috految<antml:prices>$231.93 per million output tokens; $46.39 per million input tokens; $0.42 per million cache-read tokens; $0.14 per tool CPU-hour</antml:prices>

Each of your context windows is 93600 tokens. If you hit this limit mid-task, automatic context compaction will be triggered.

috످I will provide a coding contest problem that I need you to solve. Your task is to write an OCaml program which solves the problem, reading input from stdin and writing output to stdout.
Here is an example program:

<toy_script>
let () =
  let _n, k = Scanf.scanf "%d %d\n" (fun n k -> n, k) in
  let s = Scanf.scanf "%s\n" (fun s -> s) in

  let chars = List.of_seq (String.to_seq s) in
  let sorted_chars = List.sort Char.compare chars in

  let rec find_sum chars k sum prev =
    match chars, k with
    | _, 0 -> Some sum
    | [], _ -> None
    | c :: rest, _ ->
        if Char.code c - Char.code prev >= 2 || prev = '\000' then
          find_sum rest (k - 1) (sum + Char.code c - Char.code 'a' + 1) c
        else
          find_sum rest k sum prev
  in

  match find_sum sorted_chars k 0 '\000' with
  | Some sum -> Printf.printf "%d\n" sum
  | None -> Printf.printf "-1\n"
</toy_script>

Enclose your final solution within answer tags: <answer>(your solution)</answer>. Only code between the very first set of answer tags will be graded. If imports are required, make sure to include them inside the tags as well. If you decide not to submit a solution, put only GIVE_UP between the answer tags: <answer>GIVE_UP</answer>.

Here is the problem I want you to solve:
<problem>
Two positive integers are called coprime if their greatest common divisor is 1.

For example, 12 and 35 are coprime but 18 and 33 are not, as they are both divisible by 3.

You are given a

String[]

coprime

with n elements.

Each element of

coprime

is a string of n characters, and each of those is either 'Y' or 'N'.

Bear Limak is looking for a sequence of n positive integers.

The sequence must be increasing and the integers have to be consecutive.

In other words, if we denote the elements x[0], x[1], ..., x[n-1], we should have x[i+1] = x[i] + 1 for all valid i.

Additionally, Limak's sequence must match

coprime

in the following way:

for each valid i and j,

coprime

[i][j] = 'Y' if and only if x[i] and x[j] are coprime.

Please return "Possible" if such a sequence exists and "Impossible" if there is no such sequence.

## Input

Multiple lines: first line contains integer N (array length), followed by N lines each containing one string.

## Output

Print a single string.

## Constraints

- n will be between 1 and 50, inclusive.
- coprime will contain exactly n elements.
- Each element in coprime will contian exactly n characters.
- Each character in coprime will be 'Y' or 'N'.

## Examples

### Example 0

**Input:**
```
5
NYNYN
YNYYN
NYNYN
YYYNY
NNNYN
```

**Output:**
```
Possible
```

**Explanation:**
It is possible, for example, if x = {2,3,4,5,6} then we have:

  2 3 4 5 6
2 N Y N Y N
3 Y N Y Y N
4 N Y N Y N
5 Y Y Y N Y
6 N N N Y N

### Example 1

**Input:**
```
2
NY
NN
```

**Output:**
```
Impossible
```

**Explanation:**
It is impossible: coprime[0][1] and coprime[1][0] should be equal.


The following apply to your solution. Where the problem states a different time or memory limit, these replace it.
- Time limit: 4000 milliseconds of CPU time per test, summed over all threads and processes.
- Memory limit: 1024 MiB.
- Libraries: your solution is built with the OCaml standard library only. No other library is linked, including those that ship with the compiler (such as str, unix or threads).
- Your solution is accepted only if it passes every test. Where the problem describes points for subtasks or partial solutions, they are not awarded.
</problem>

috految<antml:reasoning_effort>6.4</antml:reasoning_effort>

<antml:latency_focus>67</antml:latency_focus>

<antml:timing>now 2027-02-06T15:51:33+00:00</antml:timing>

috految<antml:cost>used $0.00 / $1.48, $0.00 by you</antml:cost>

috److There are two cases, depending on whether the sequence starts at 1.

**Case 1: `s[0][0] = 'Y'`.** Only 1 is coprime with itself, so `x[0] = 1`. For each prime `p`, the first multiple of `p` is at index `p-1`.

**Case 2: `s[0][0] = 'N'`.** By the Chinese Remainder Theorem, the offset `r` in `0..p-1` of the first multiple of each prime `p` can be chosen independently.

1. The gcd of `x[r]` and `x[r+p]` divides `p`, so `s[r][r+p] = 'N'` exactly when `p` divides `x[r]`.
2. Pick the first `r` with `r+p >= n` or `s[r][r+p] = 'N'`.
3. If no smaller offset qualifies, default to `p-1`.

**Verification.** Build the expected matrix and compare it with the input:

- On the diagonal, the entry is `'N'` unless `i = 0` and the sequence starts at 1.
- Off the diagonal, the entry is `'N'` exactly when some prime `p` has `i mod p = j mod p = r`.

Only primes below 50 matter, since any common divisor of two distinct elements divides their difference.

<answer>
let () =
  let n = Scanf.scanf " %d" (fun x -> x) in
  let s = Array.init n (fun _ -> Scanf.scanf " %s" (fun x -> x)) in
  let one = s.(0).[0] = 'Y' in
  let rec find p r =
    if one || r = p-1 then p-1
    else if r+p >= n || s.(r).[r+p] = 'N' then r
    else find p (r+1) in
  let ok = ref true in
  for i = 0 to n-1 do
    for j = 0 to n-1 do
      let shared =
        if i = j then not (one && i = 0)
        else List.exists (fun p ->
          let r = find p 0 in
          i mod p = r && j mod p = r
        ) [2;3;5;7;11;13;17;19;23;29;31;37;41;43;47] in
      if shared <> (s.(i).[j] = 'N') then ok := false
    done
  done;
  print_endline (if !ok then "Possible" else "Impossible")
</answer>

috످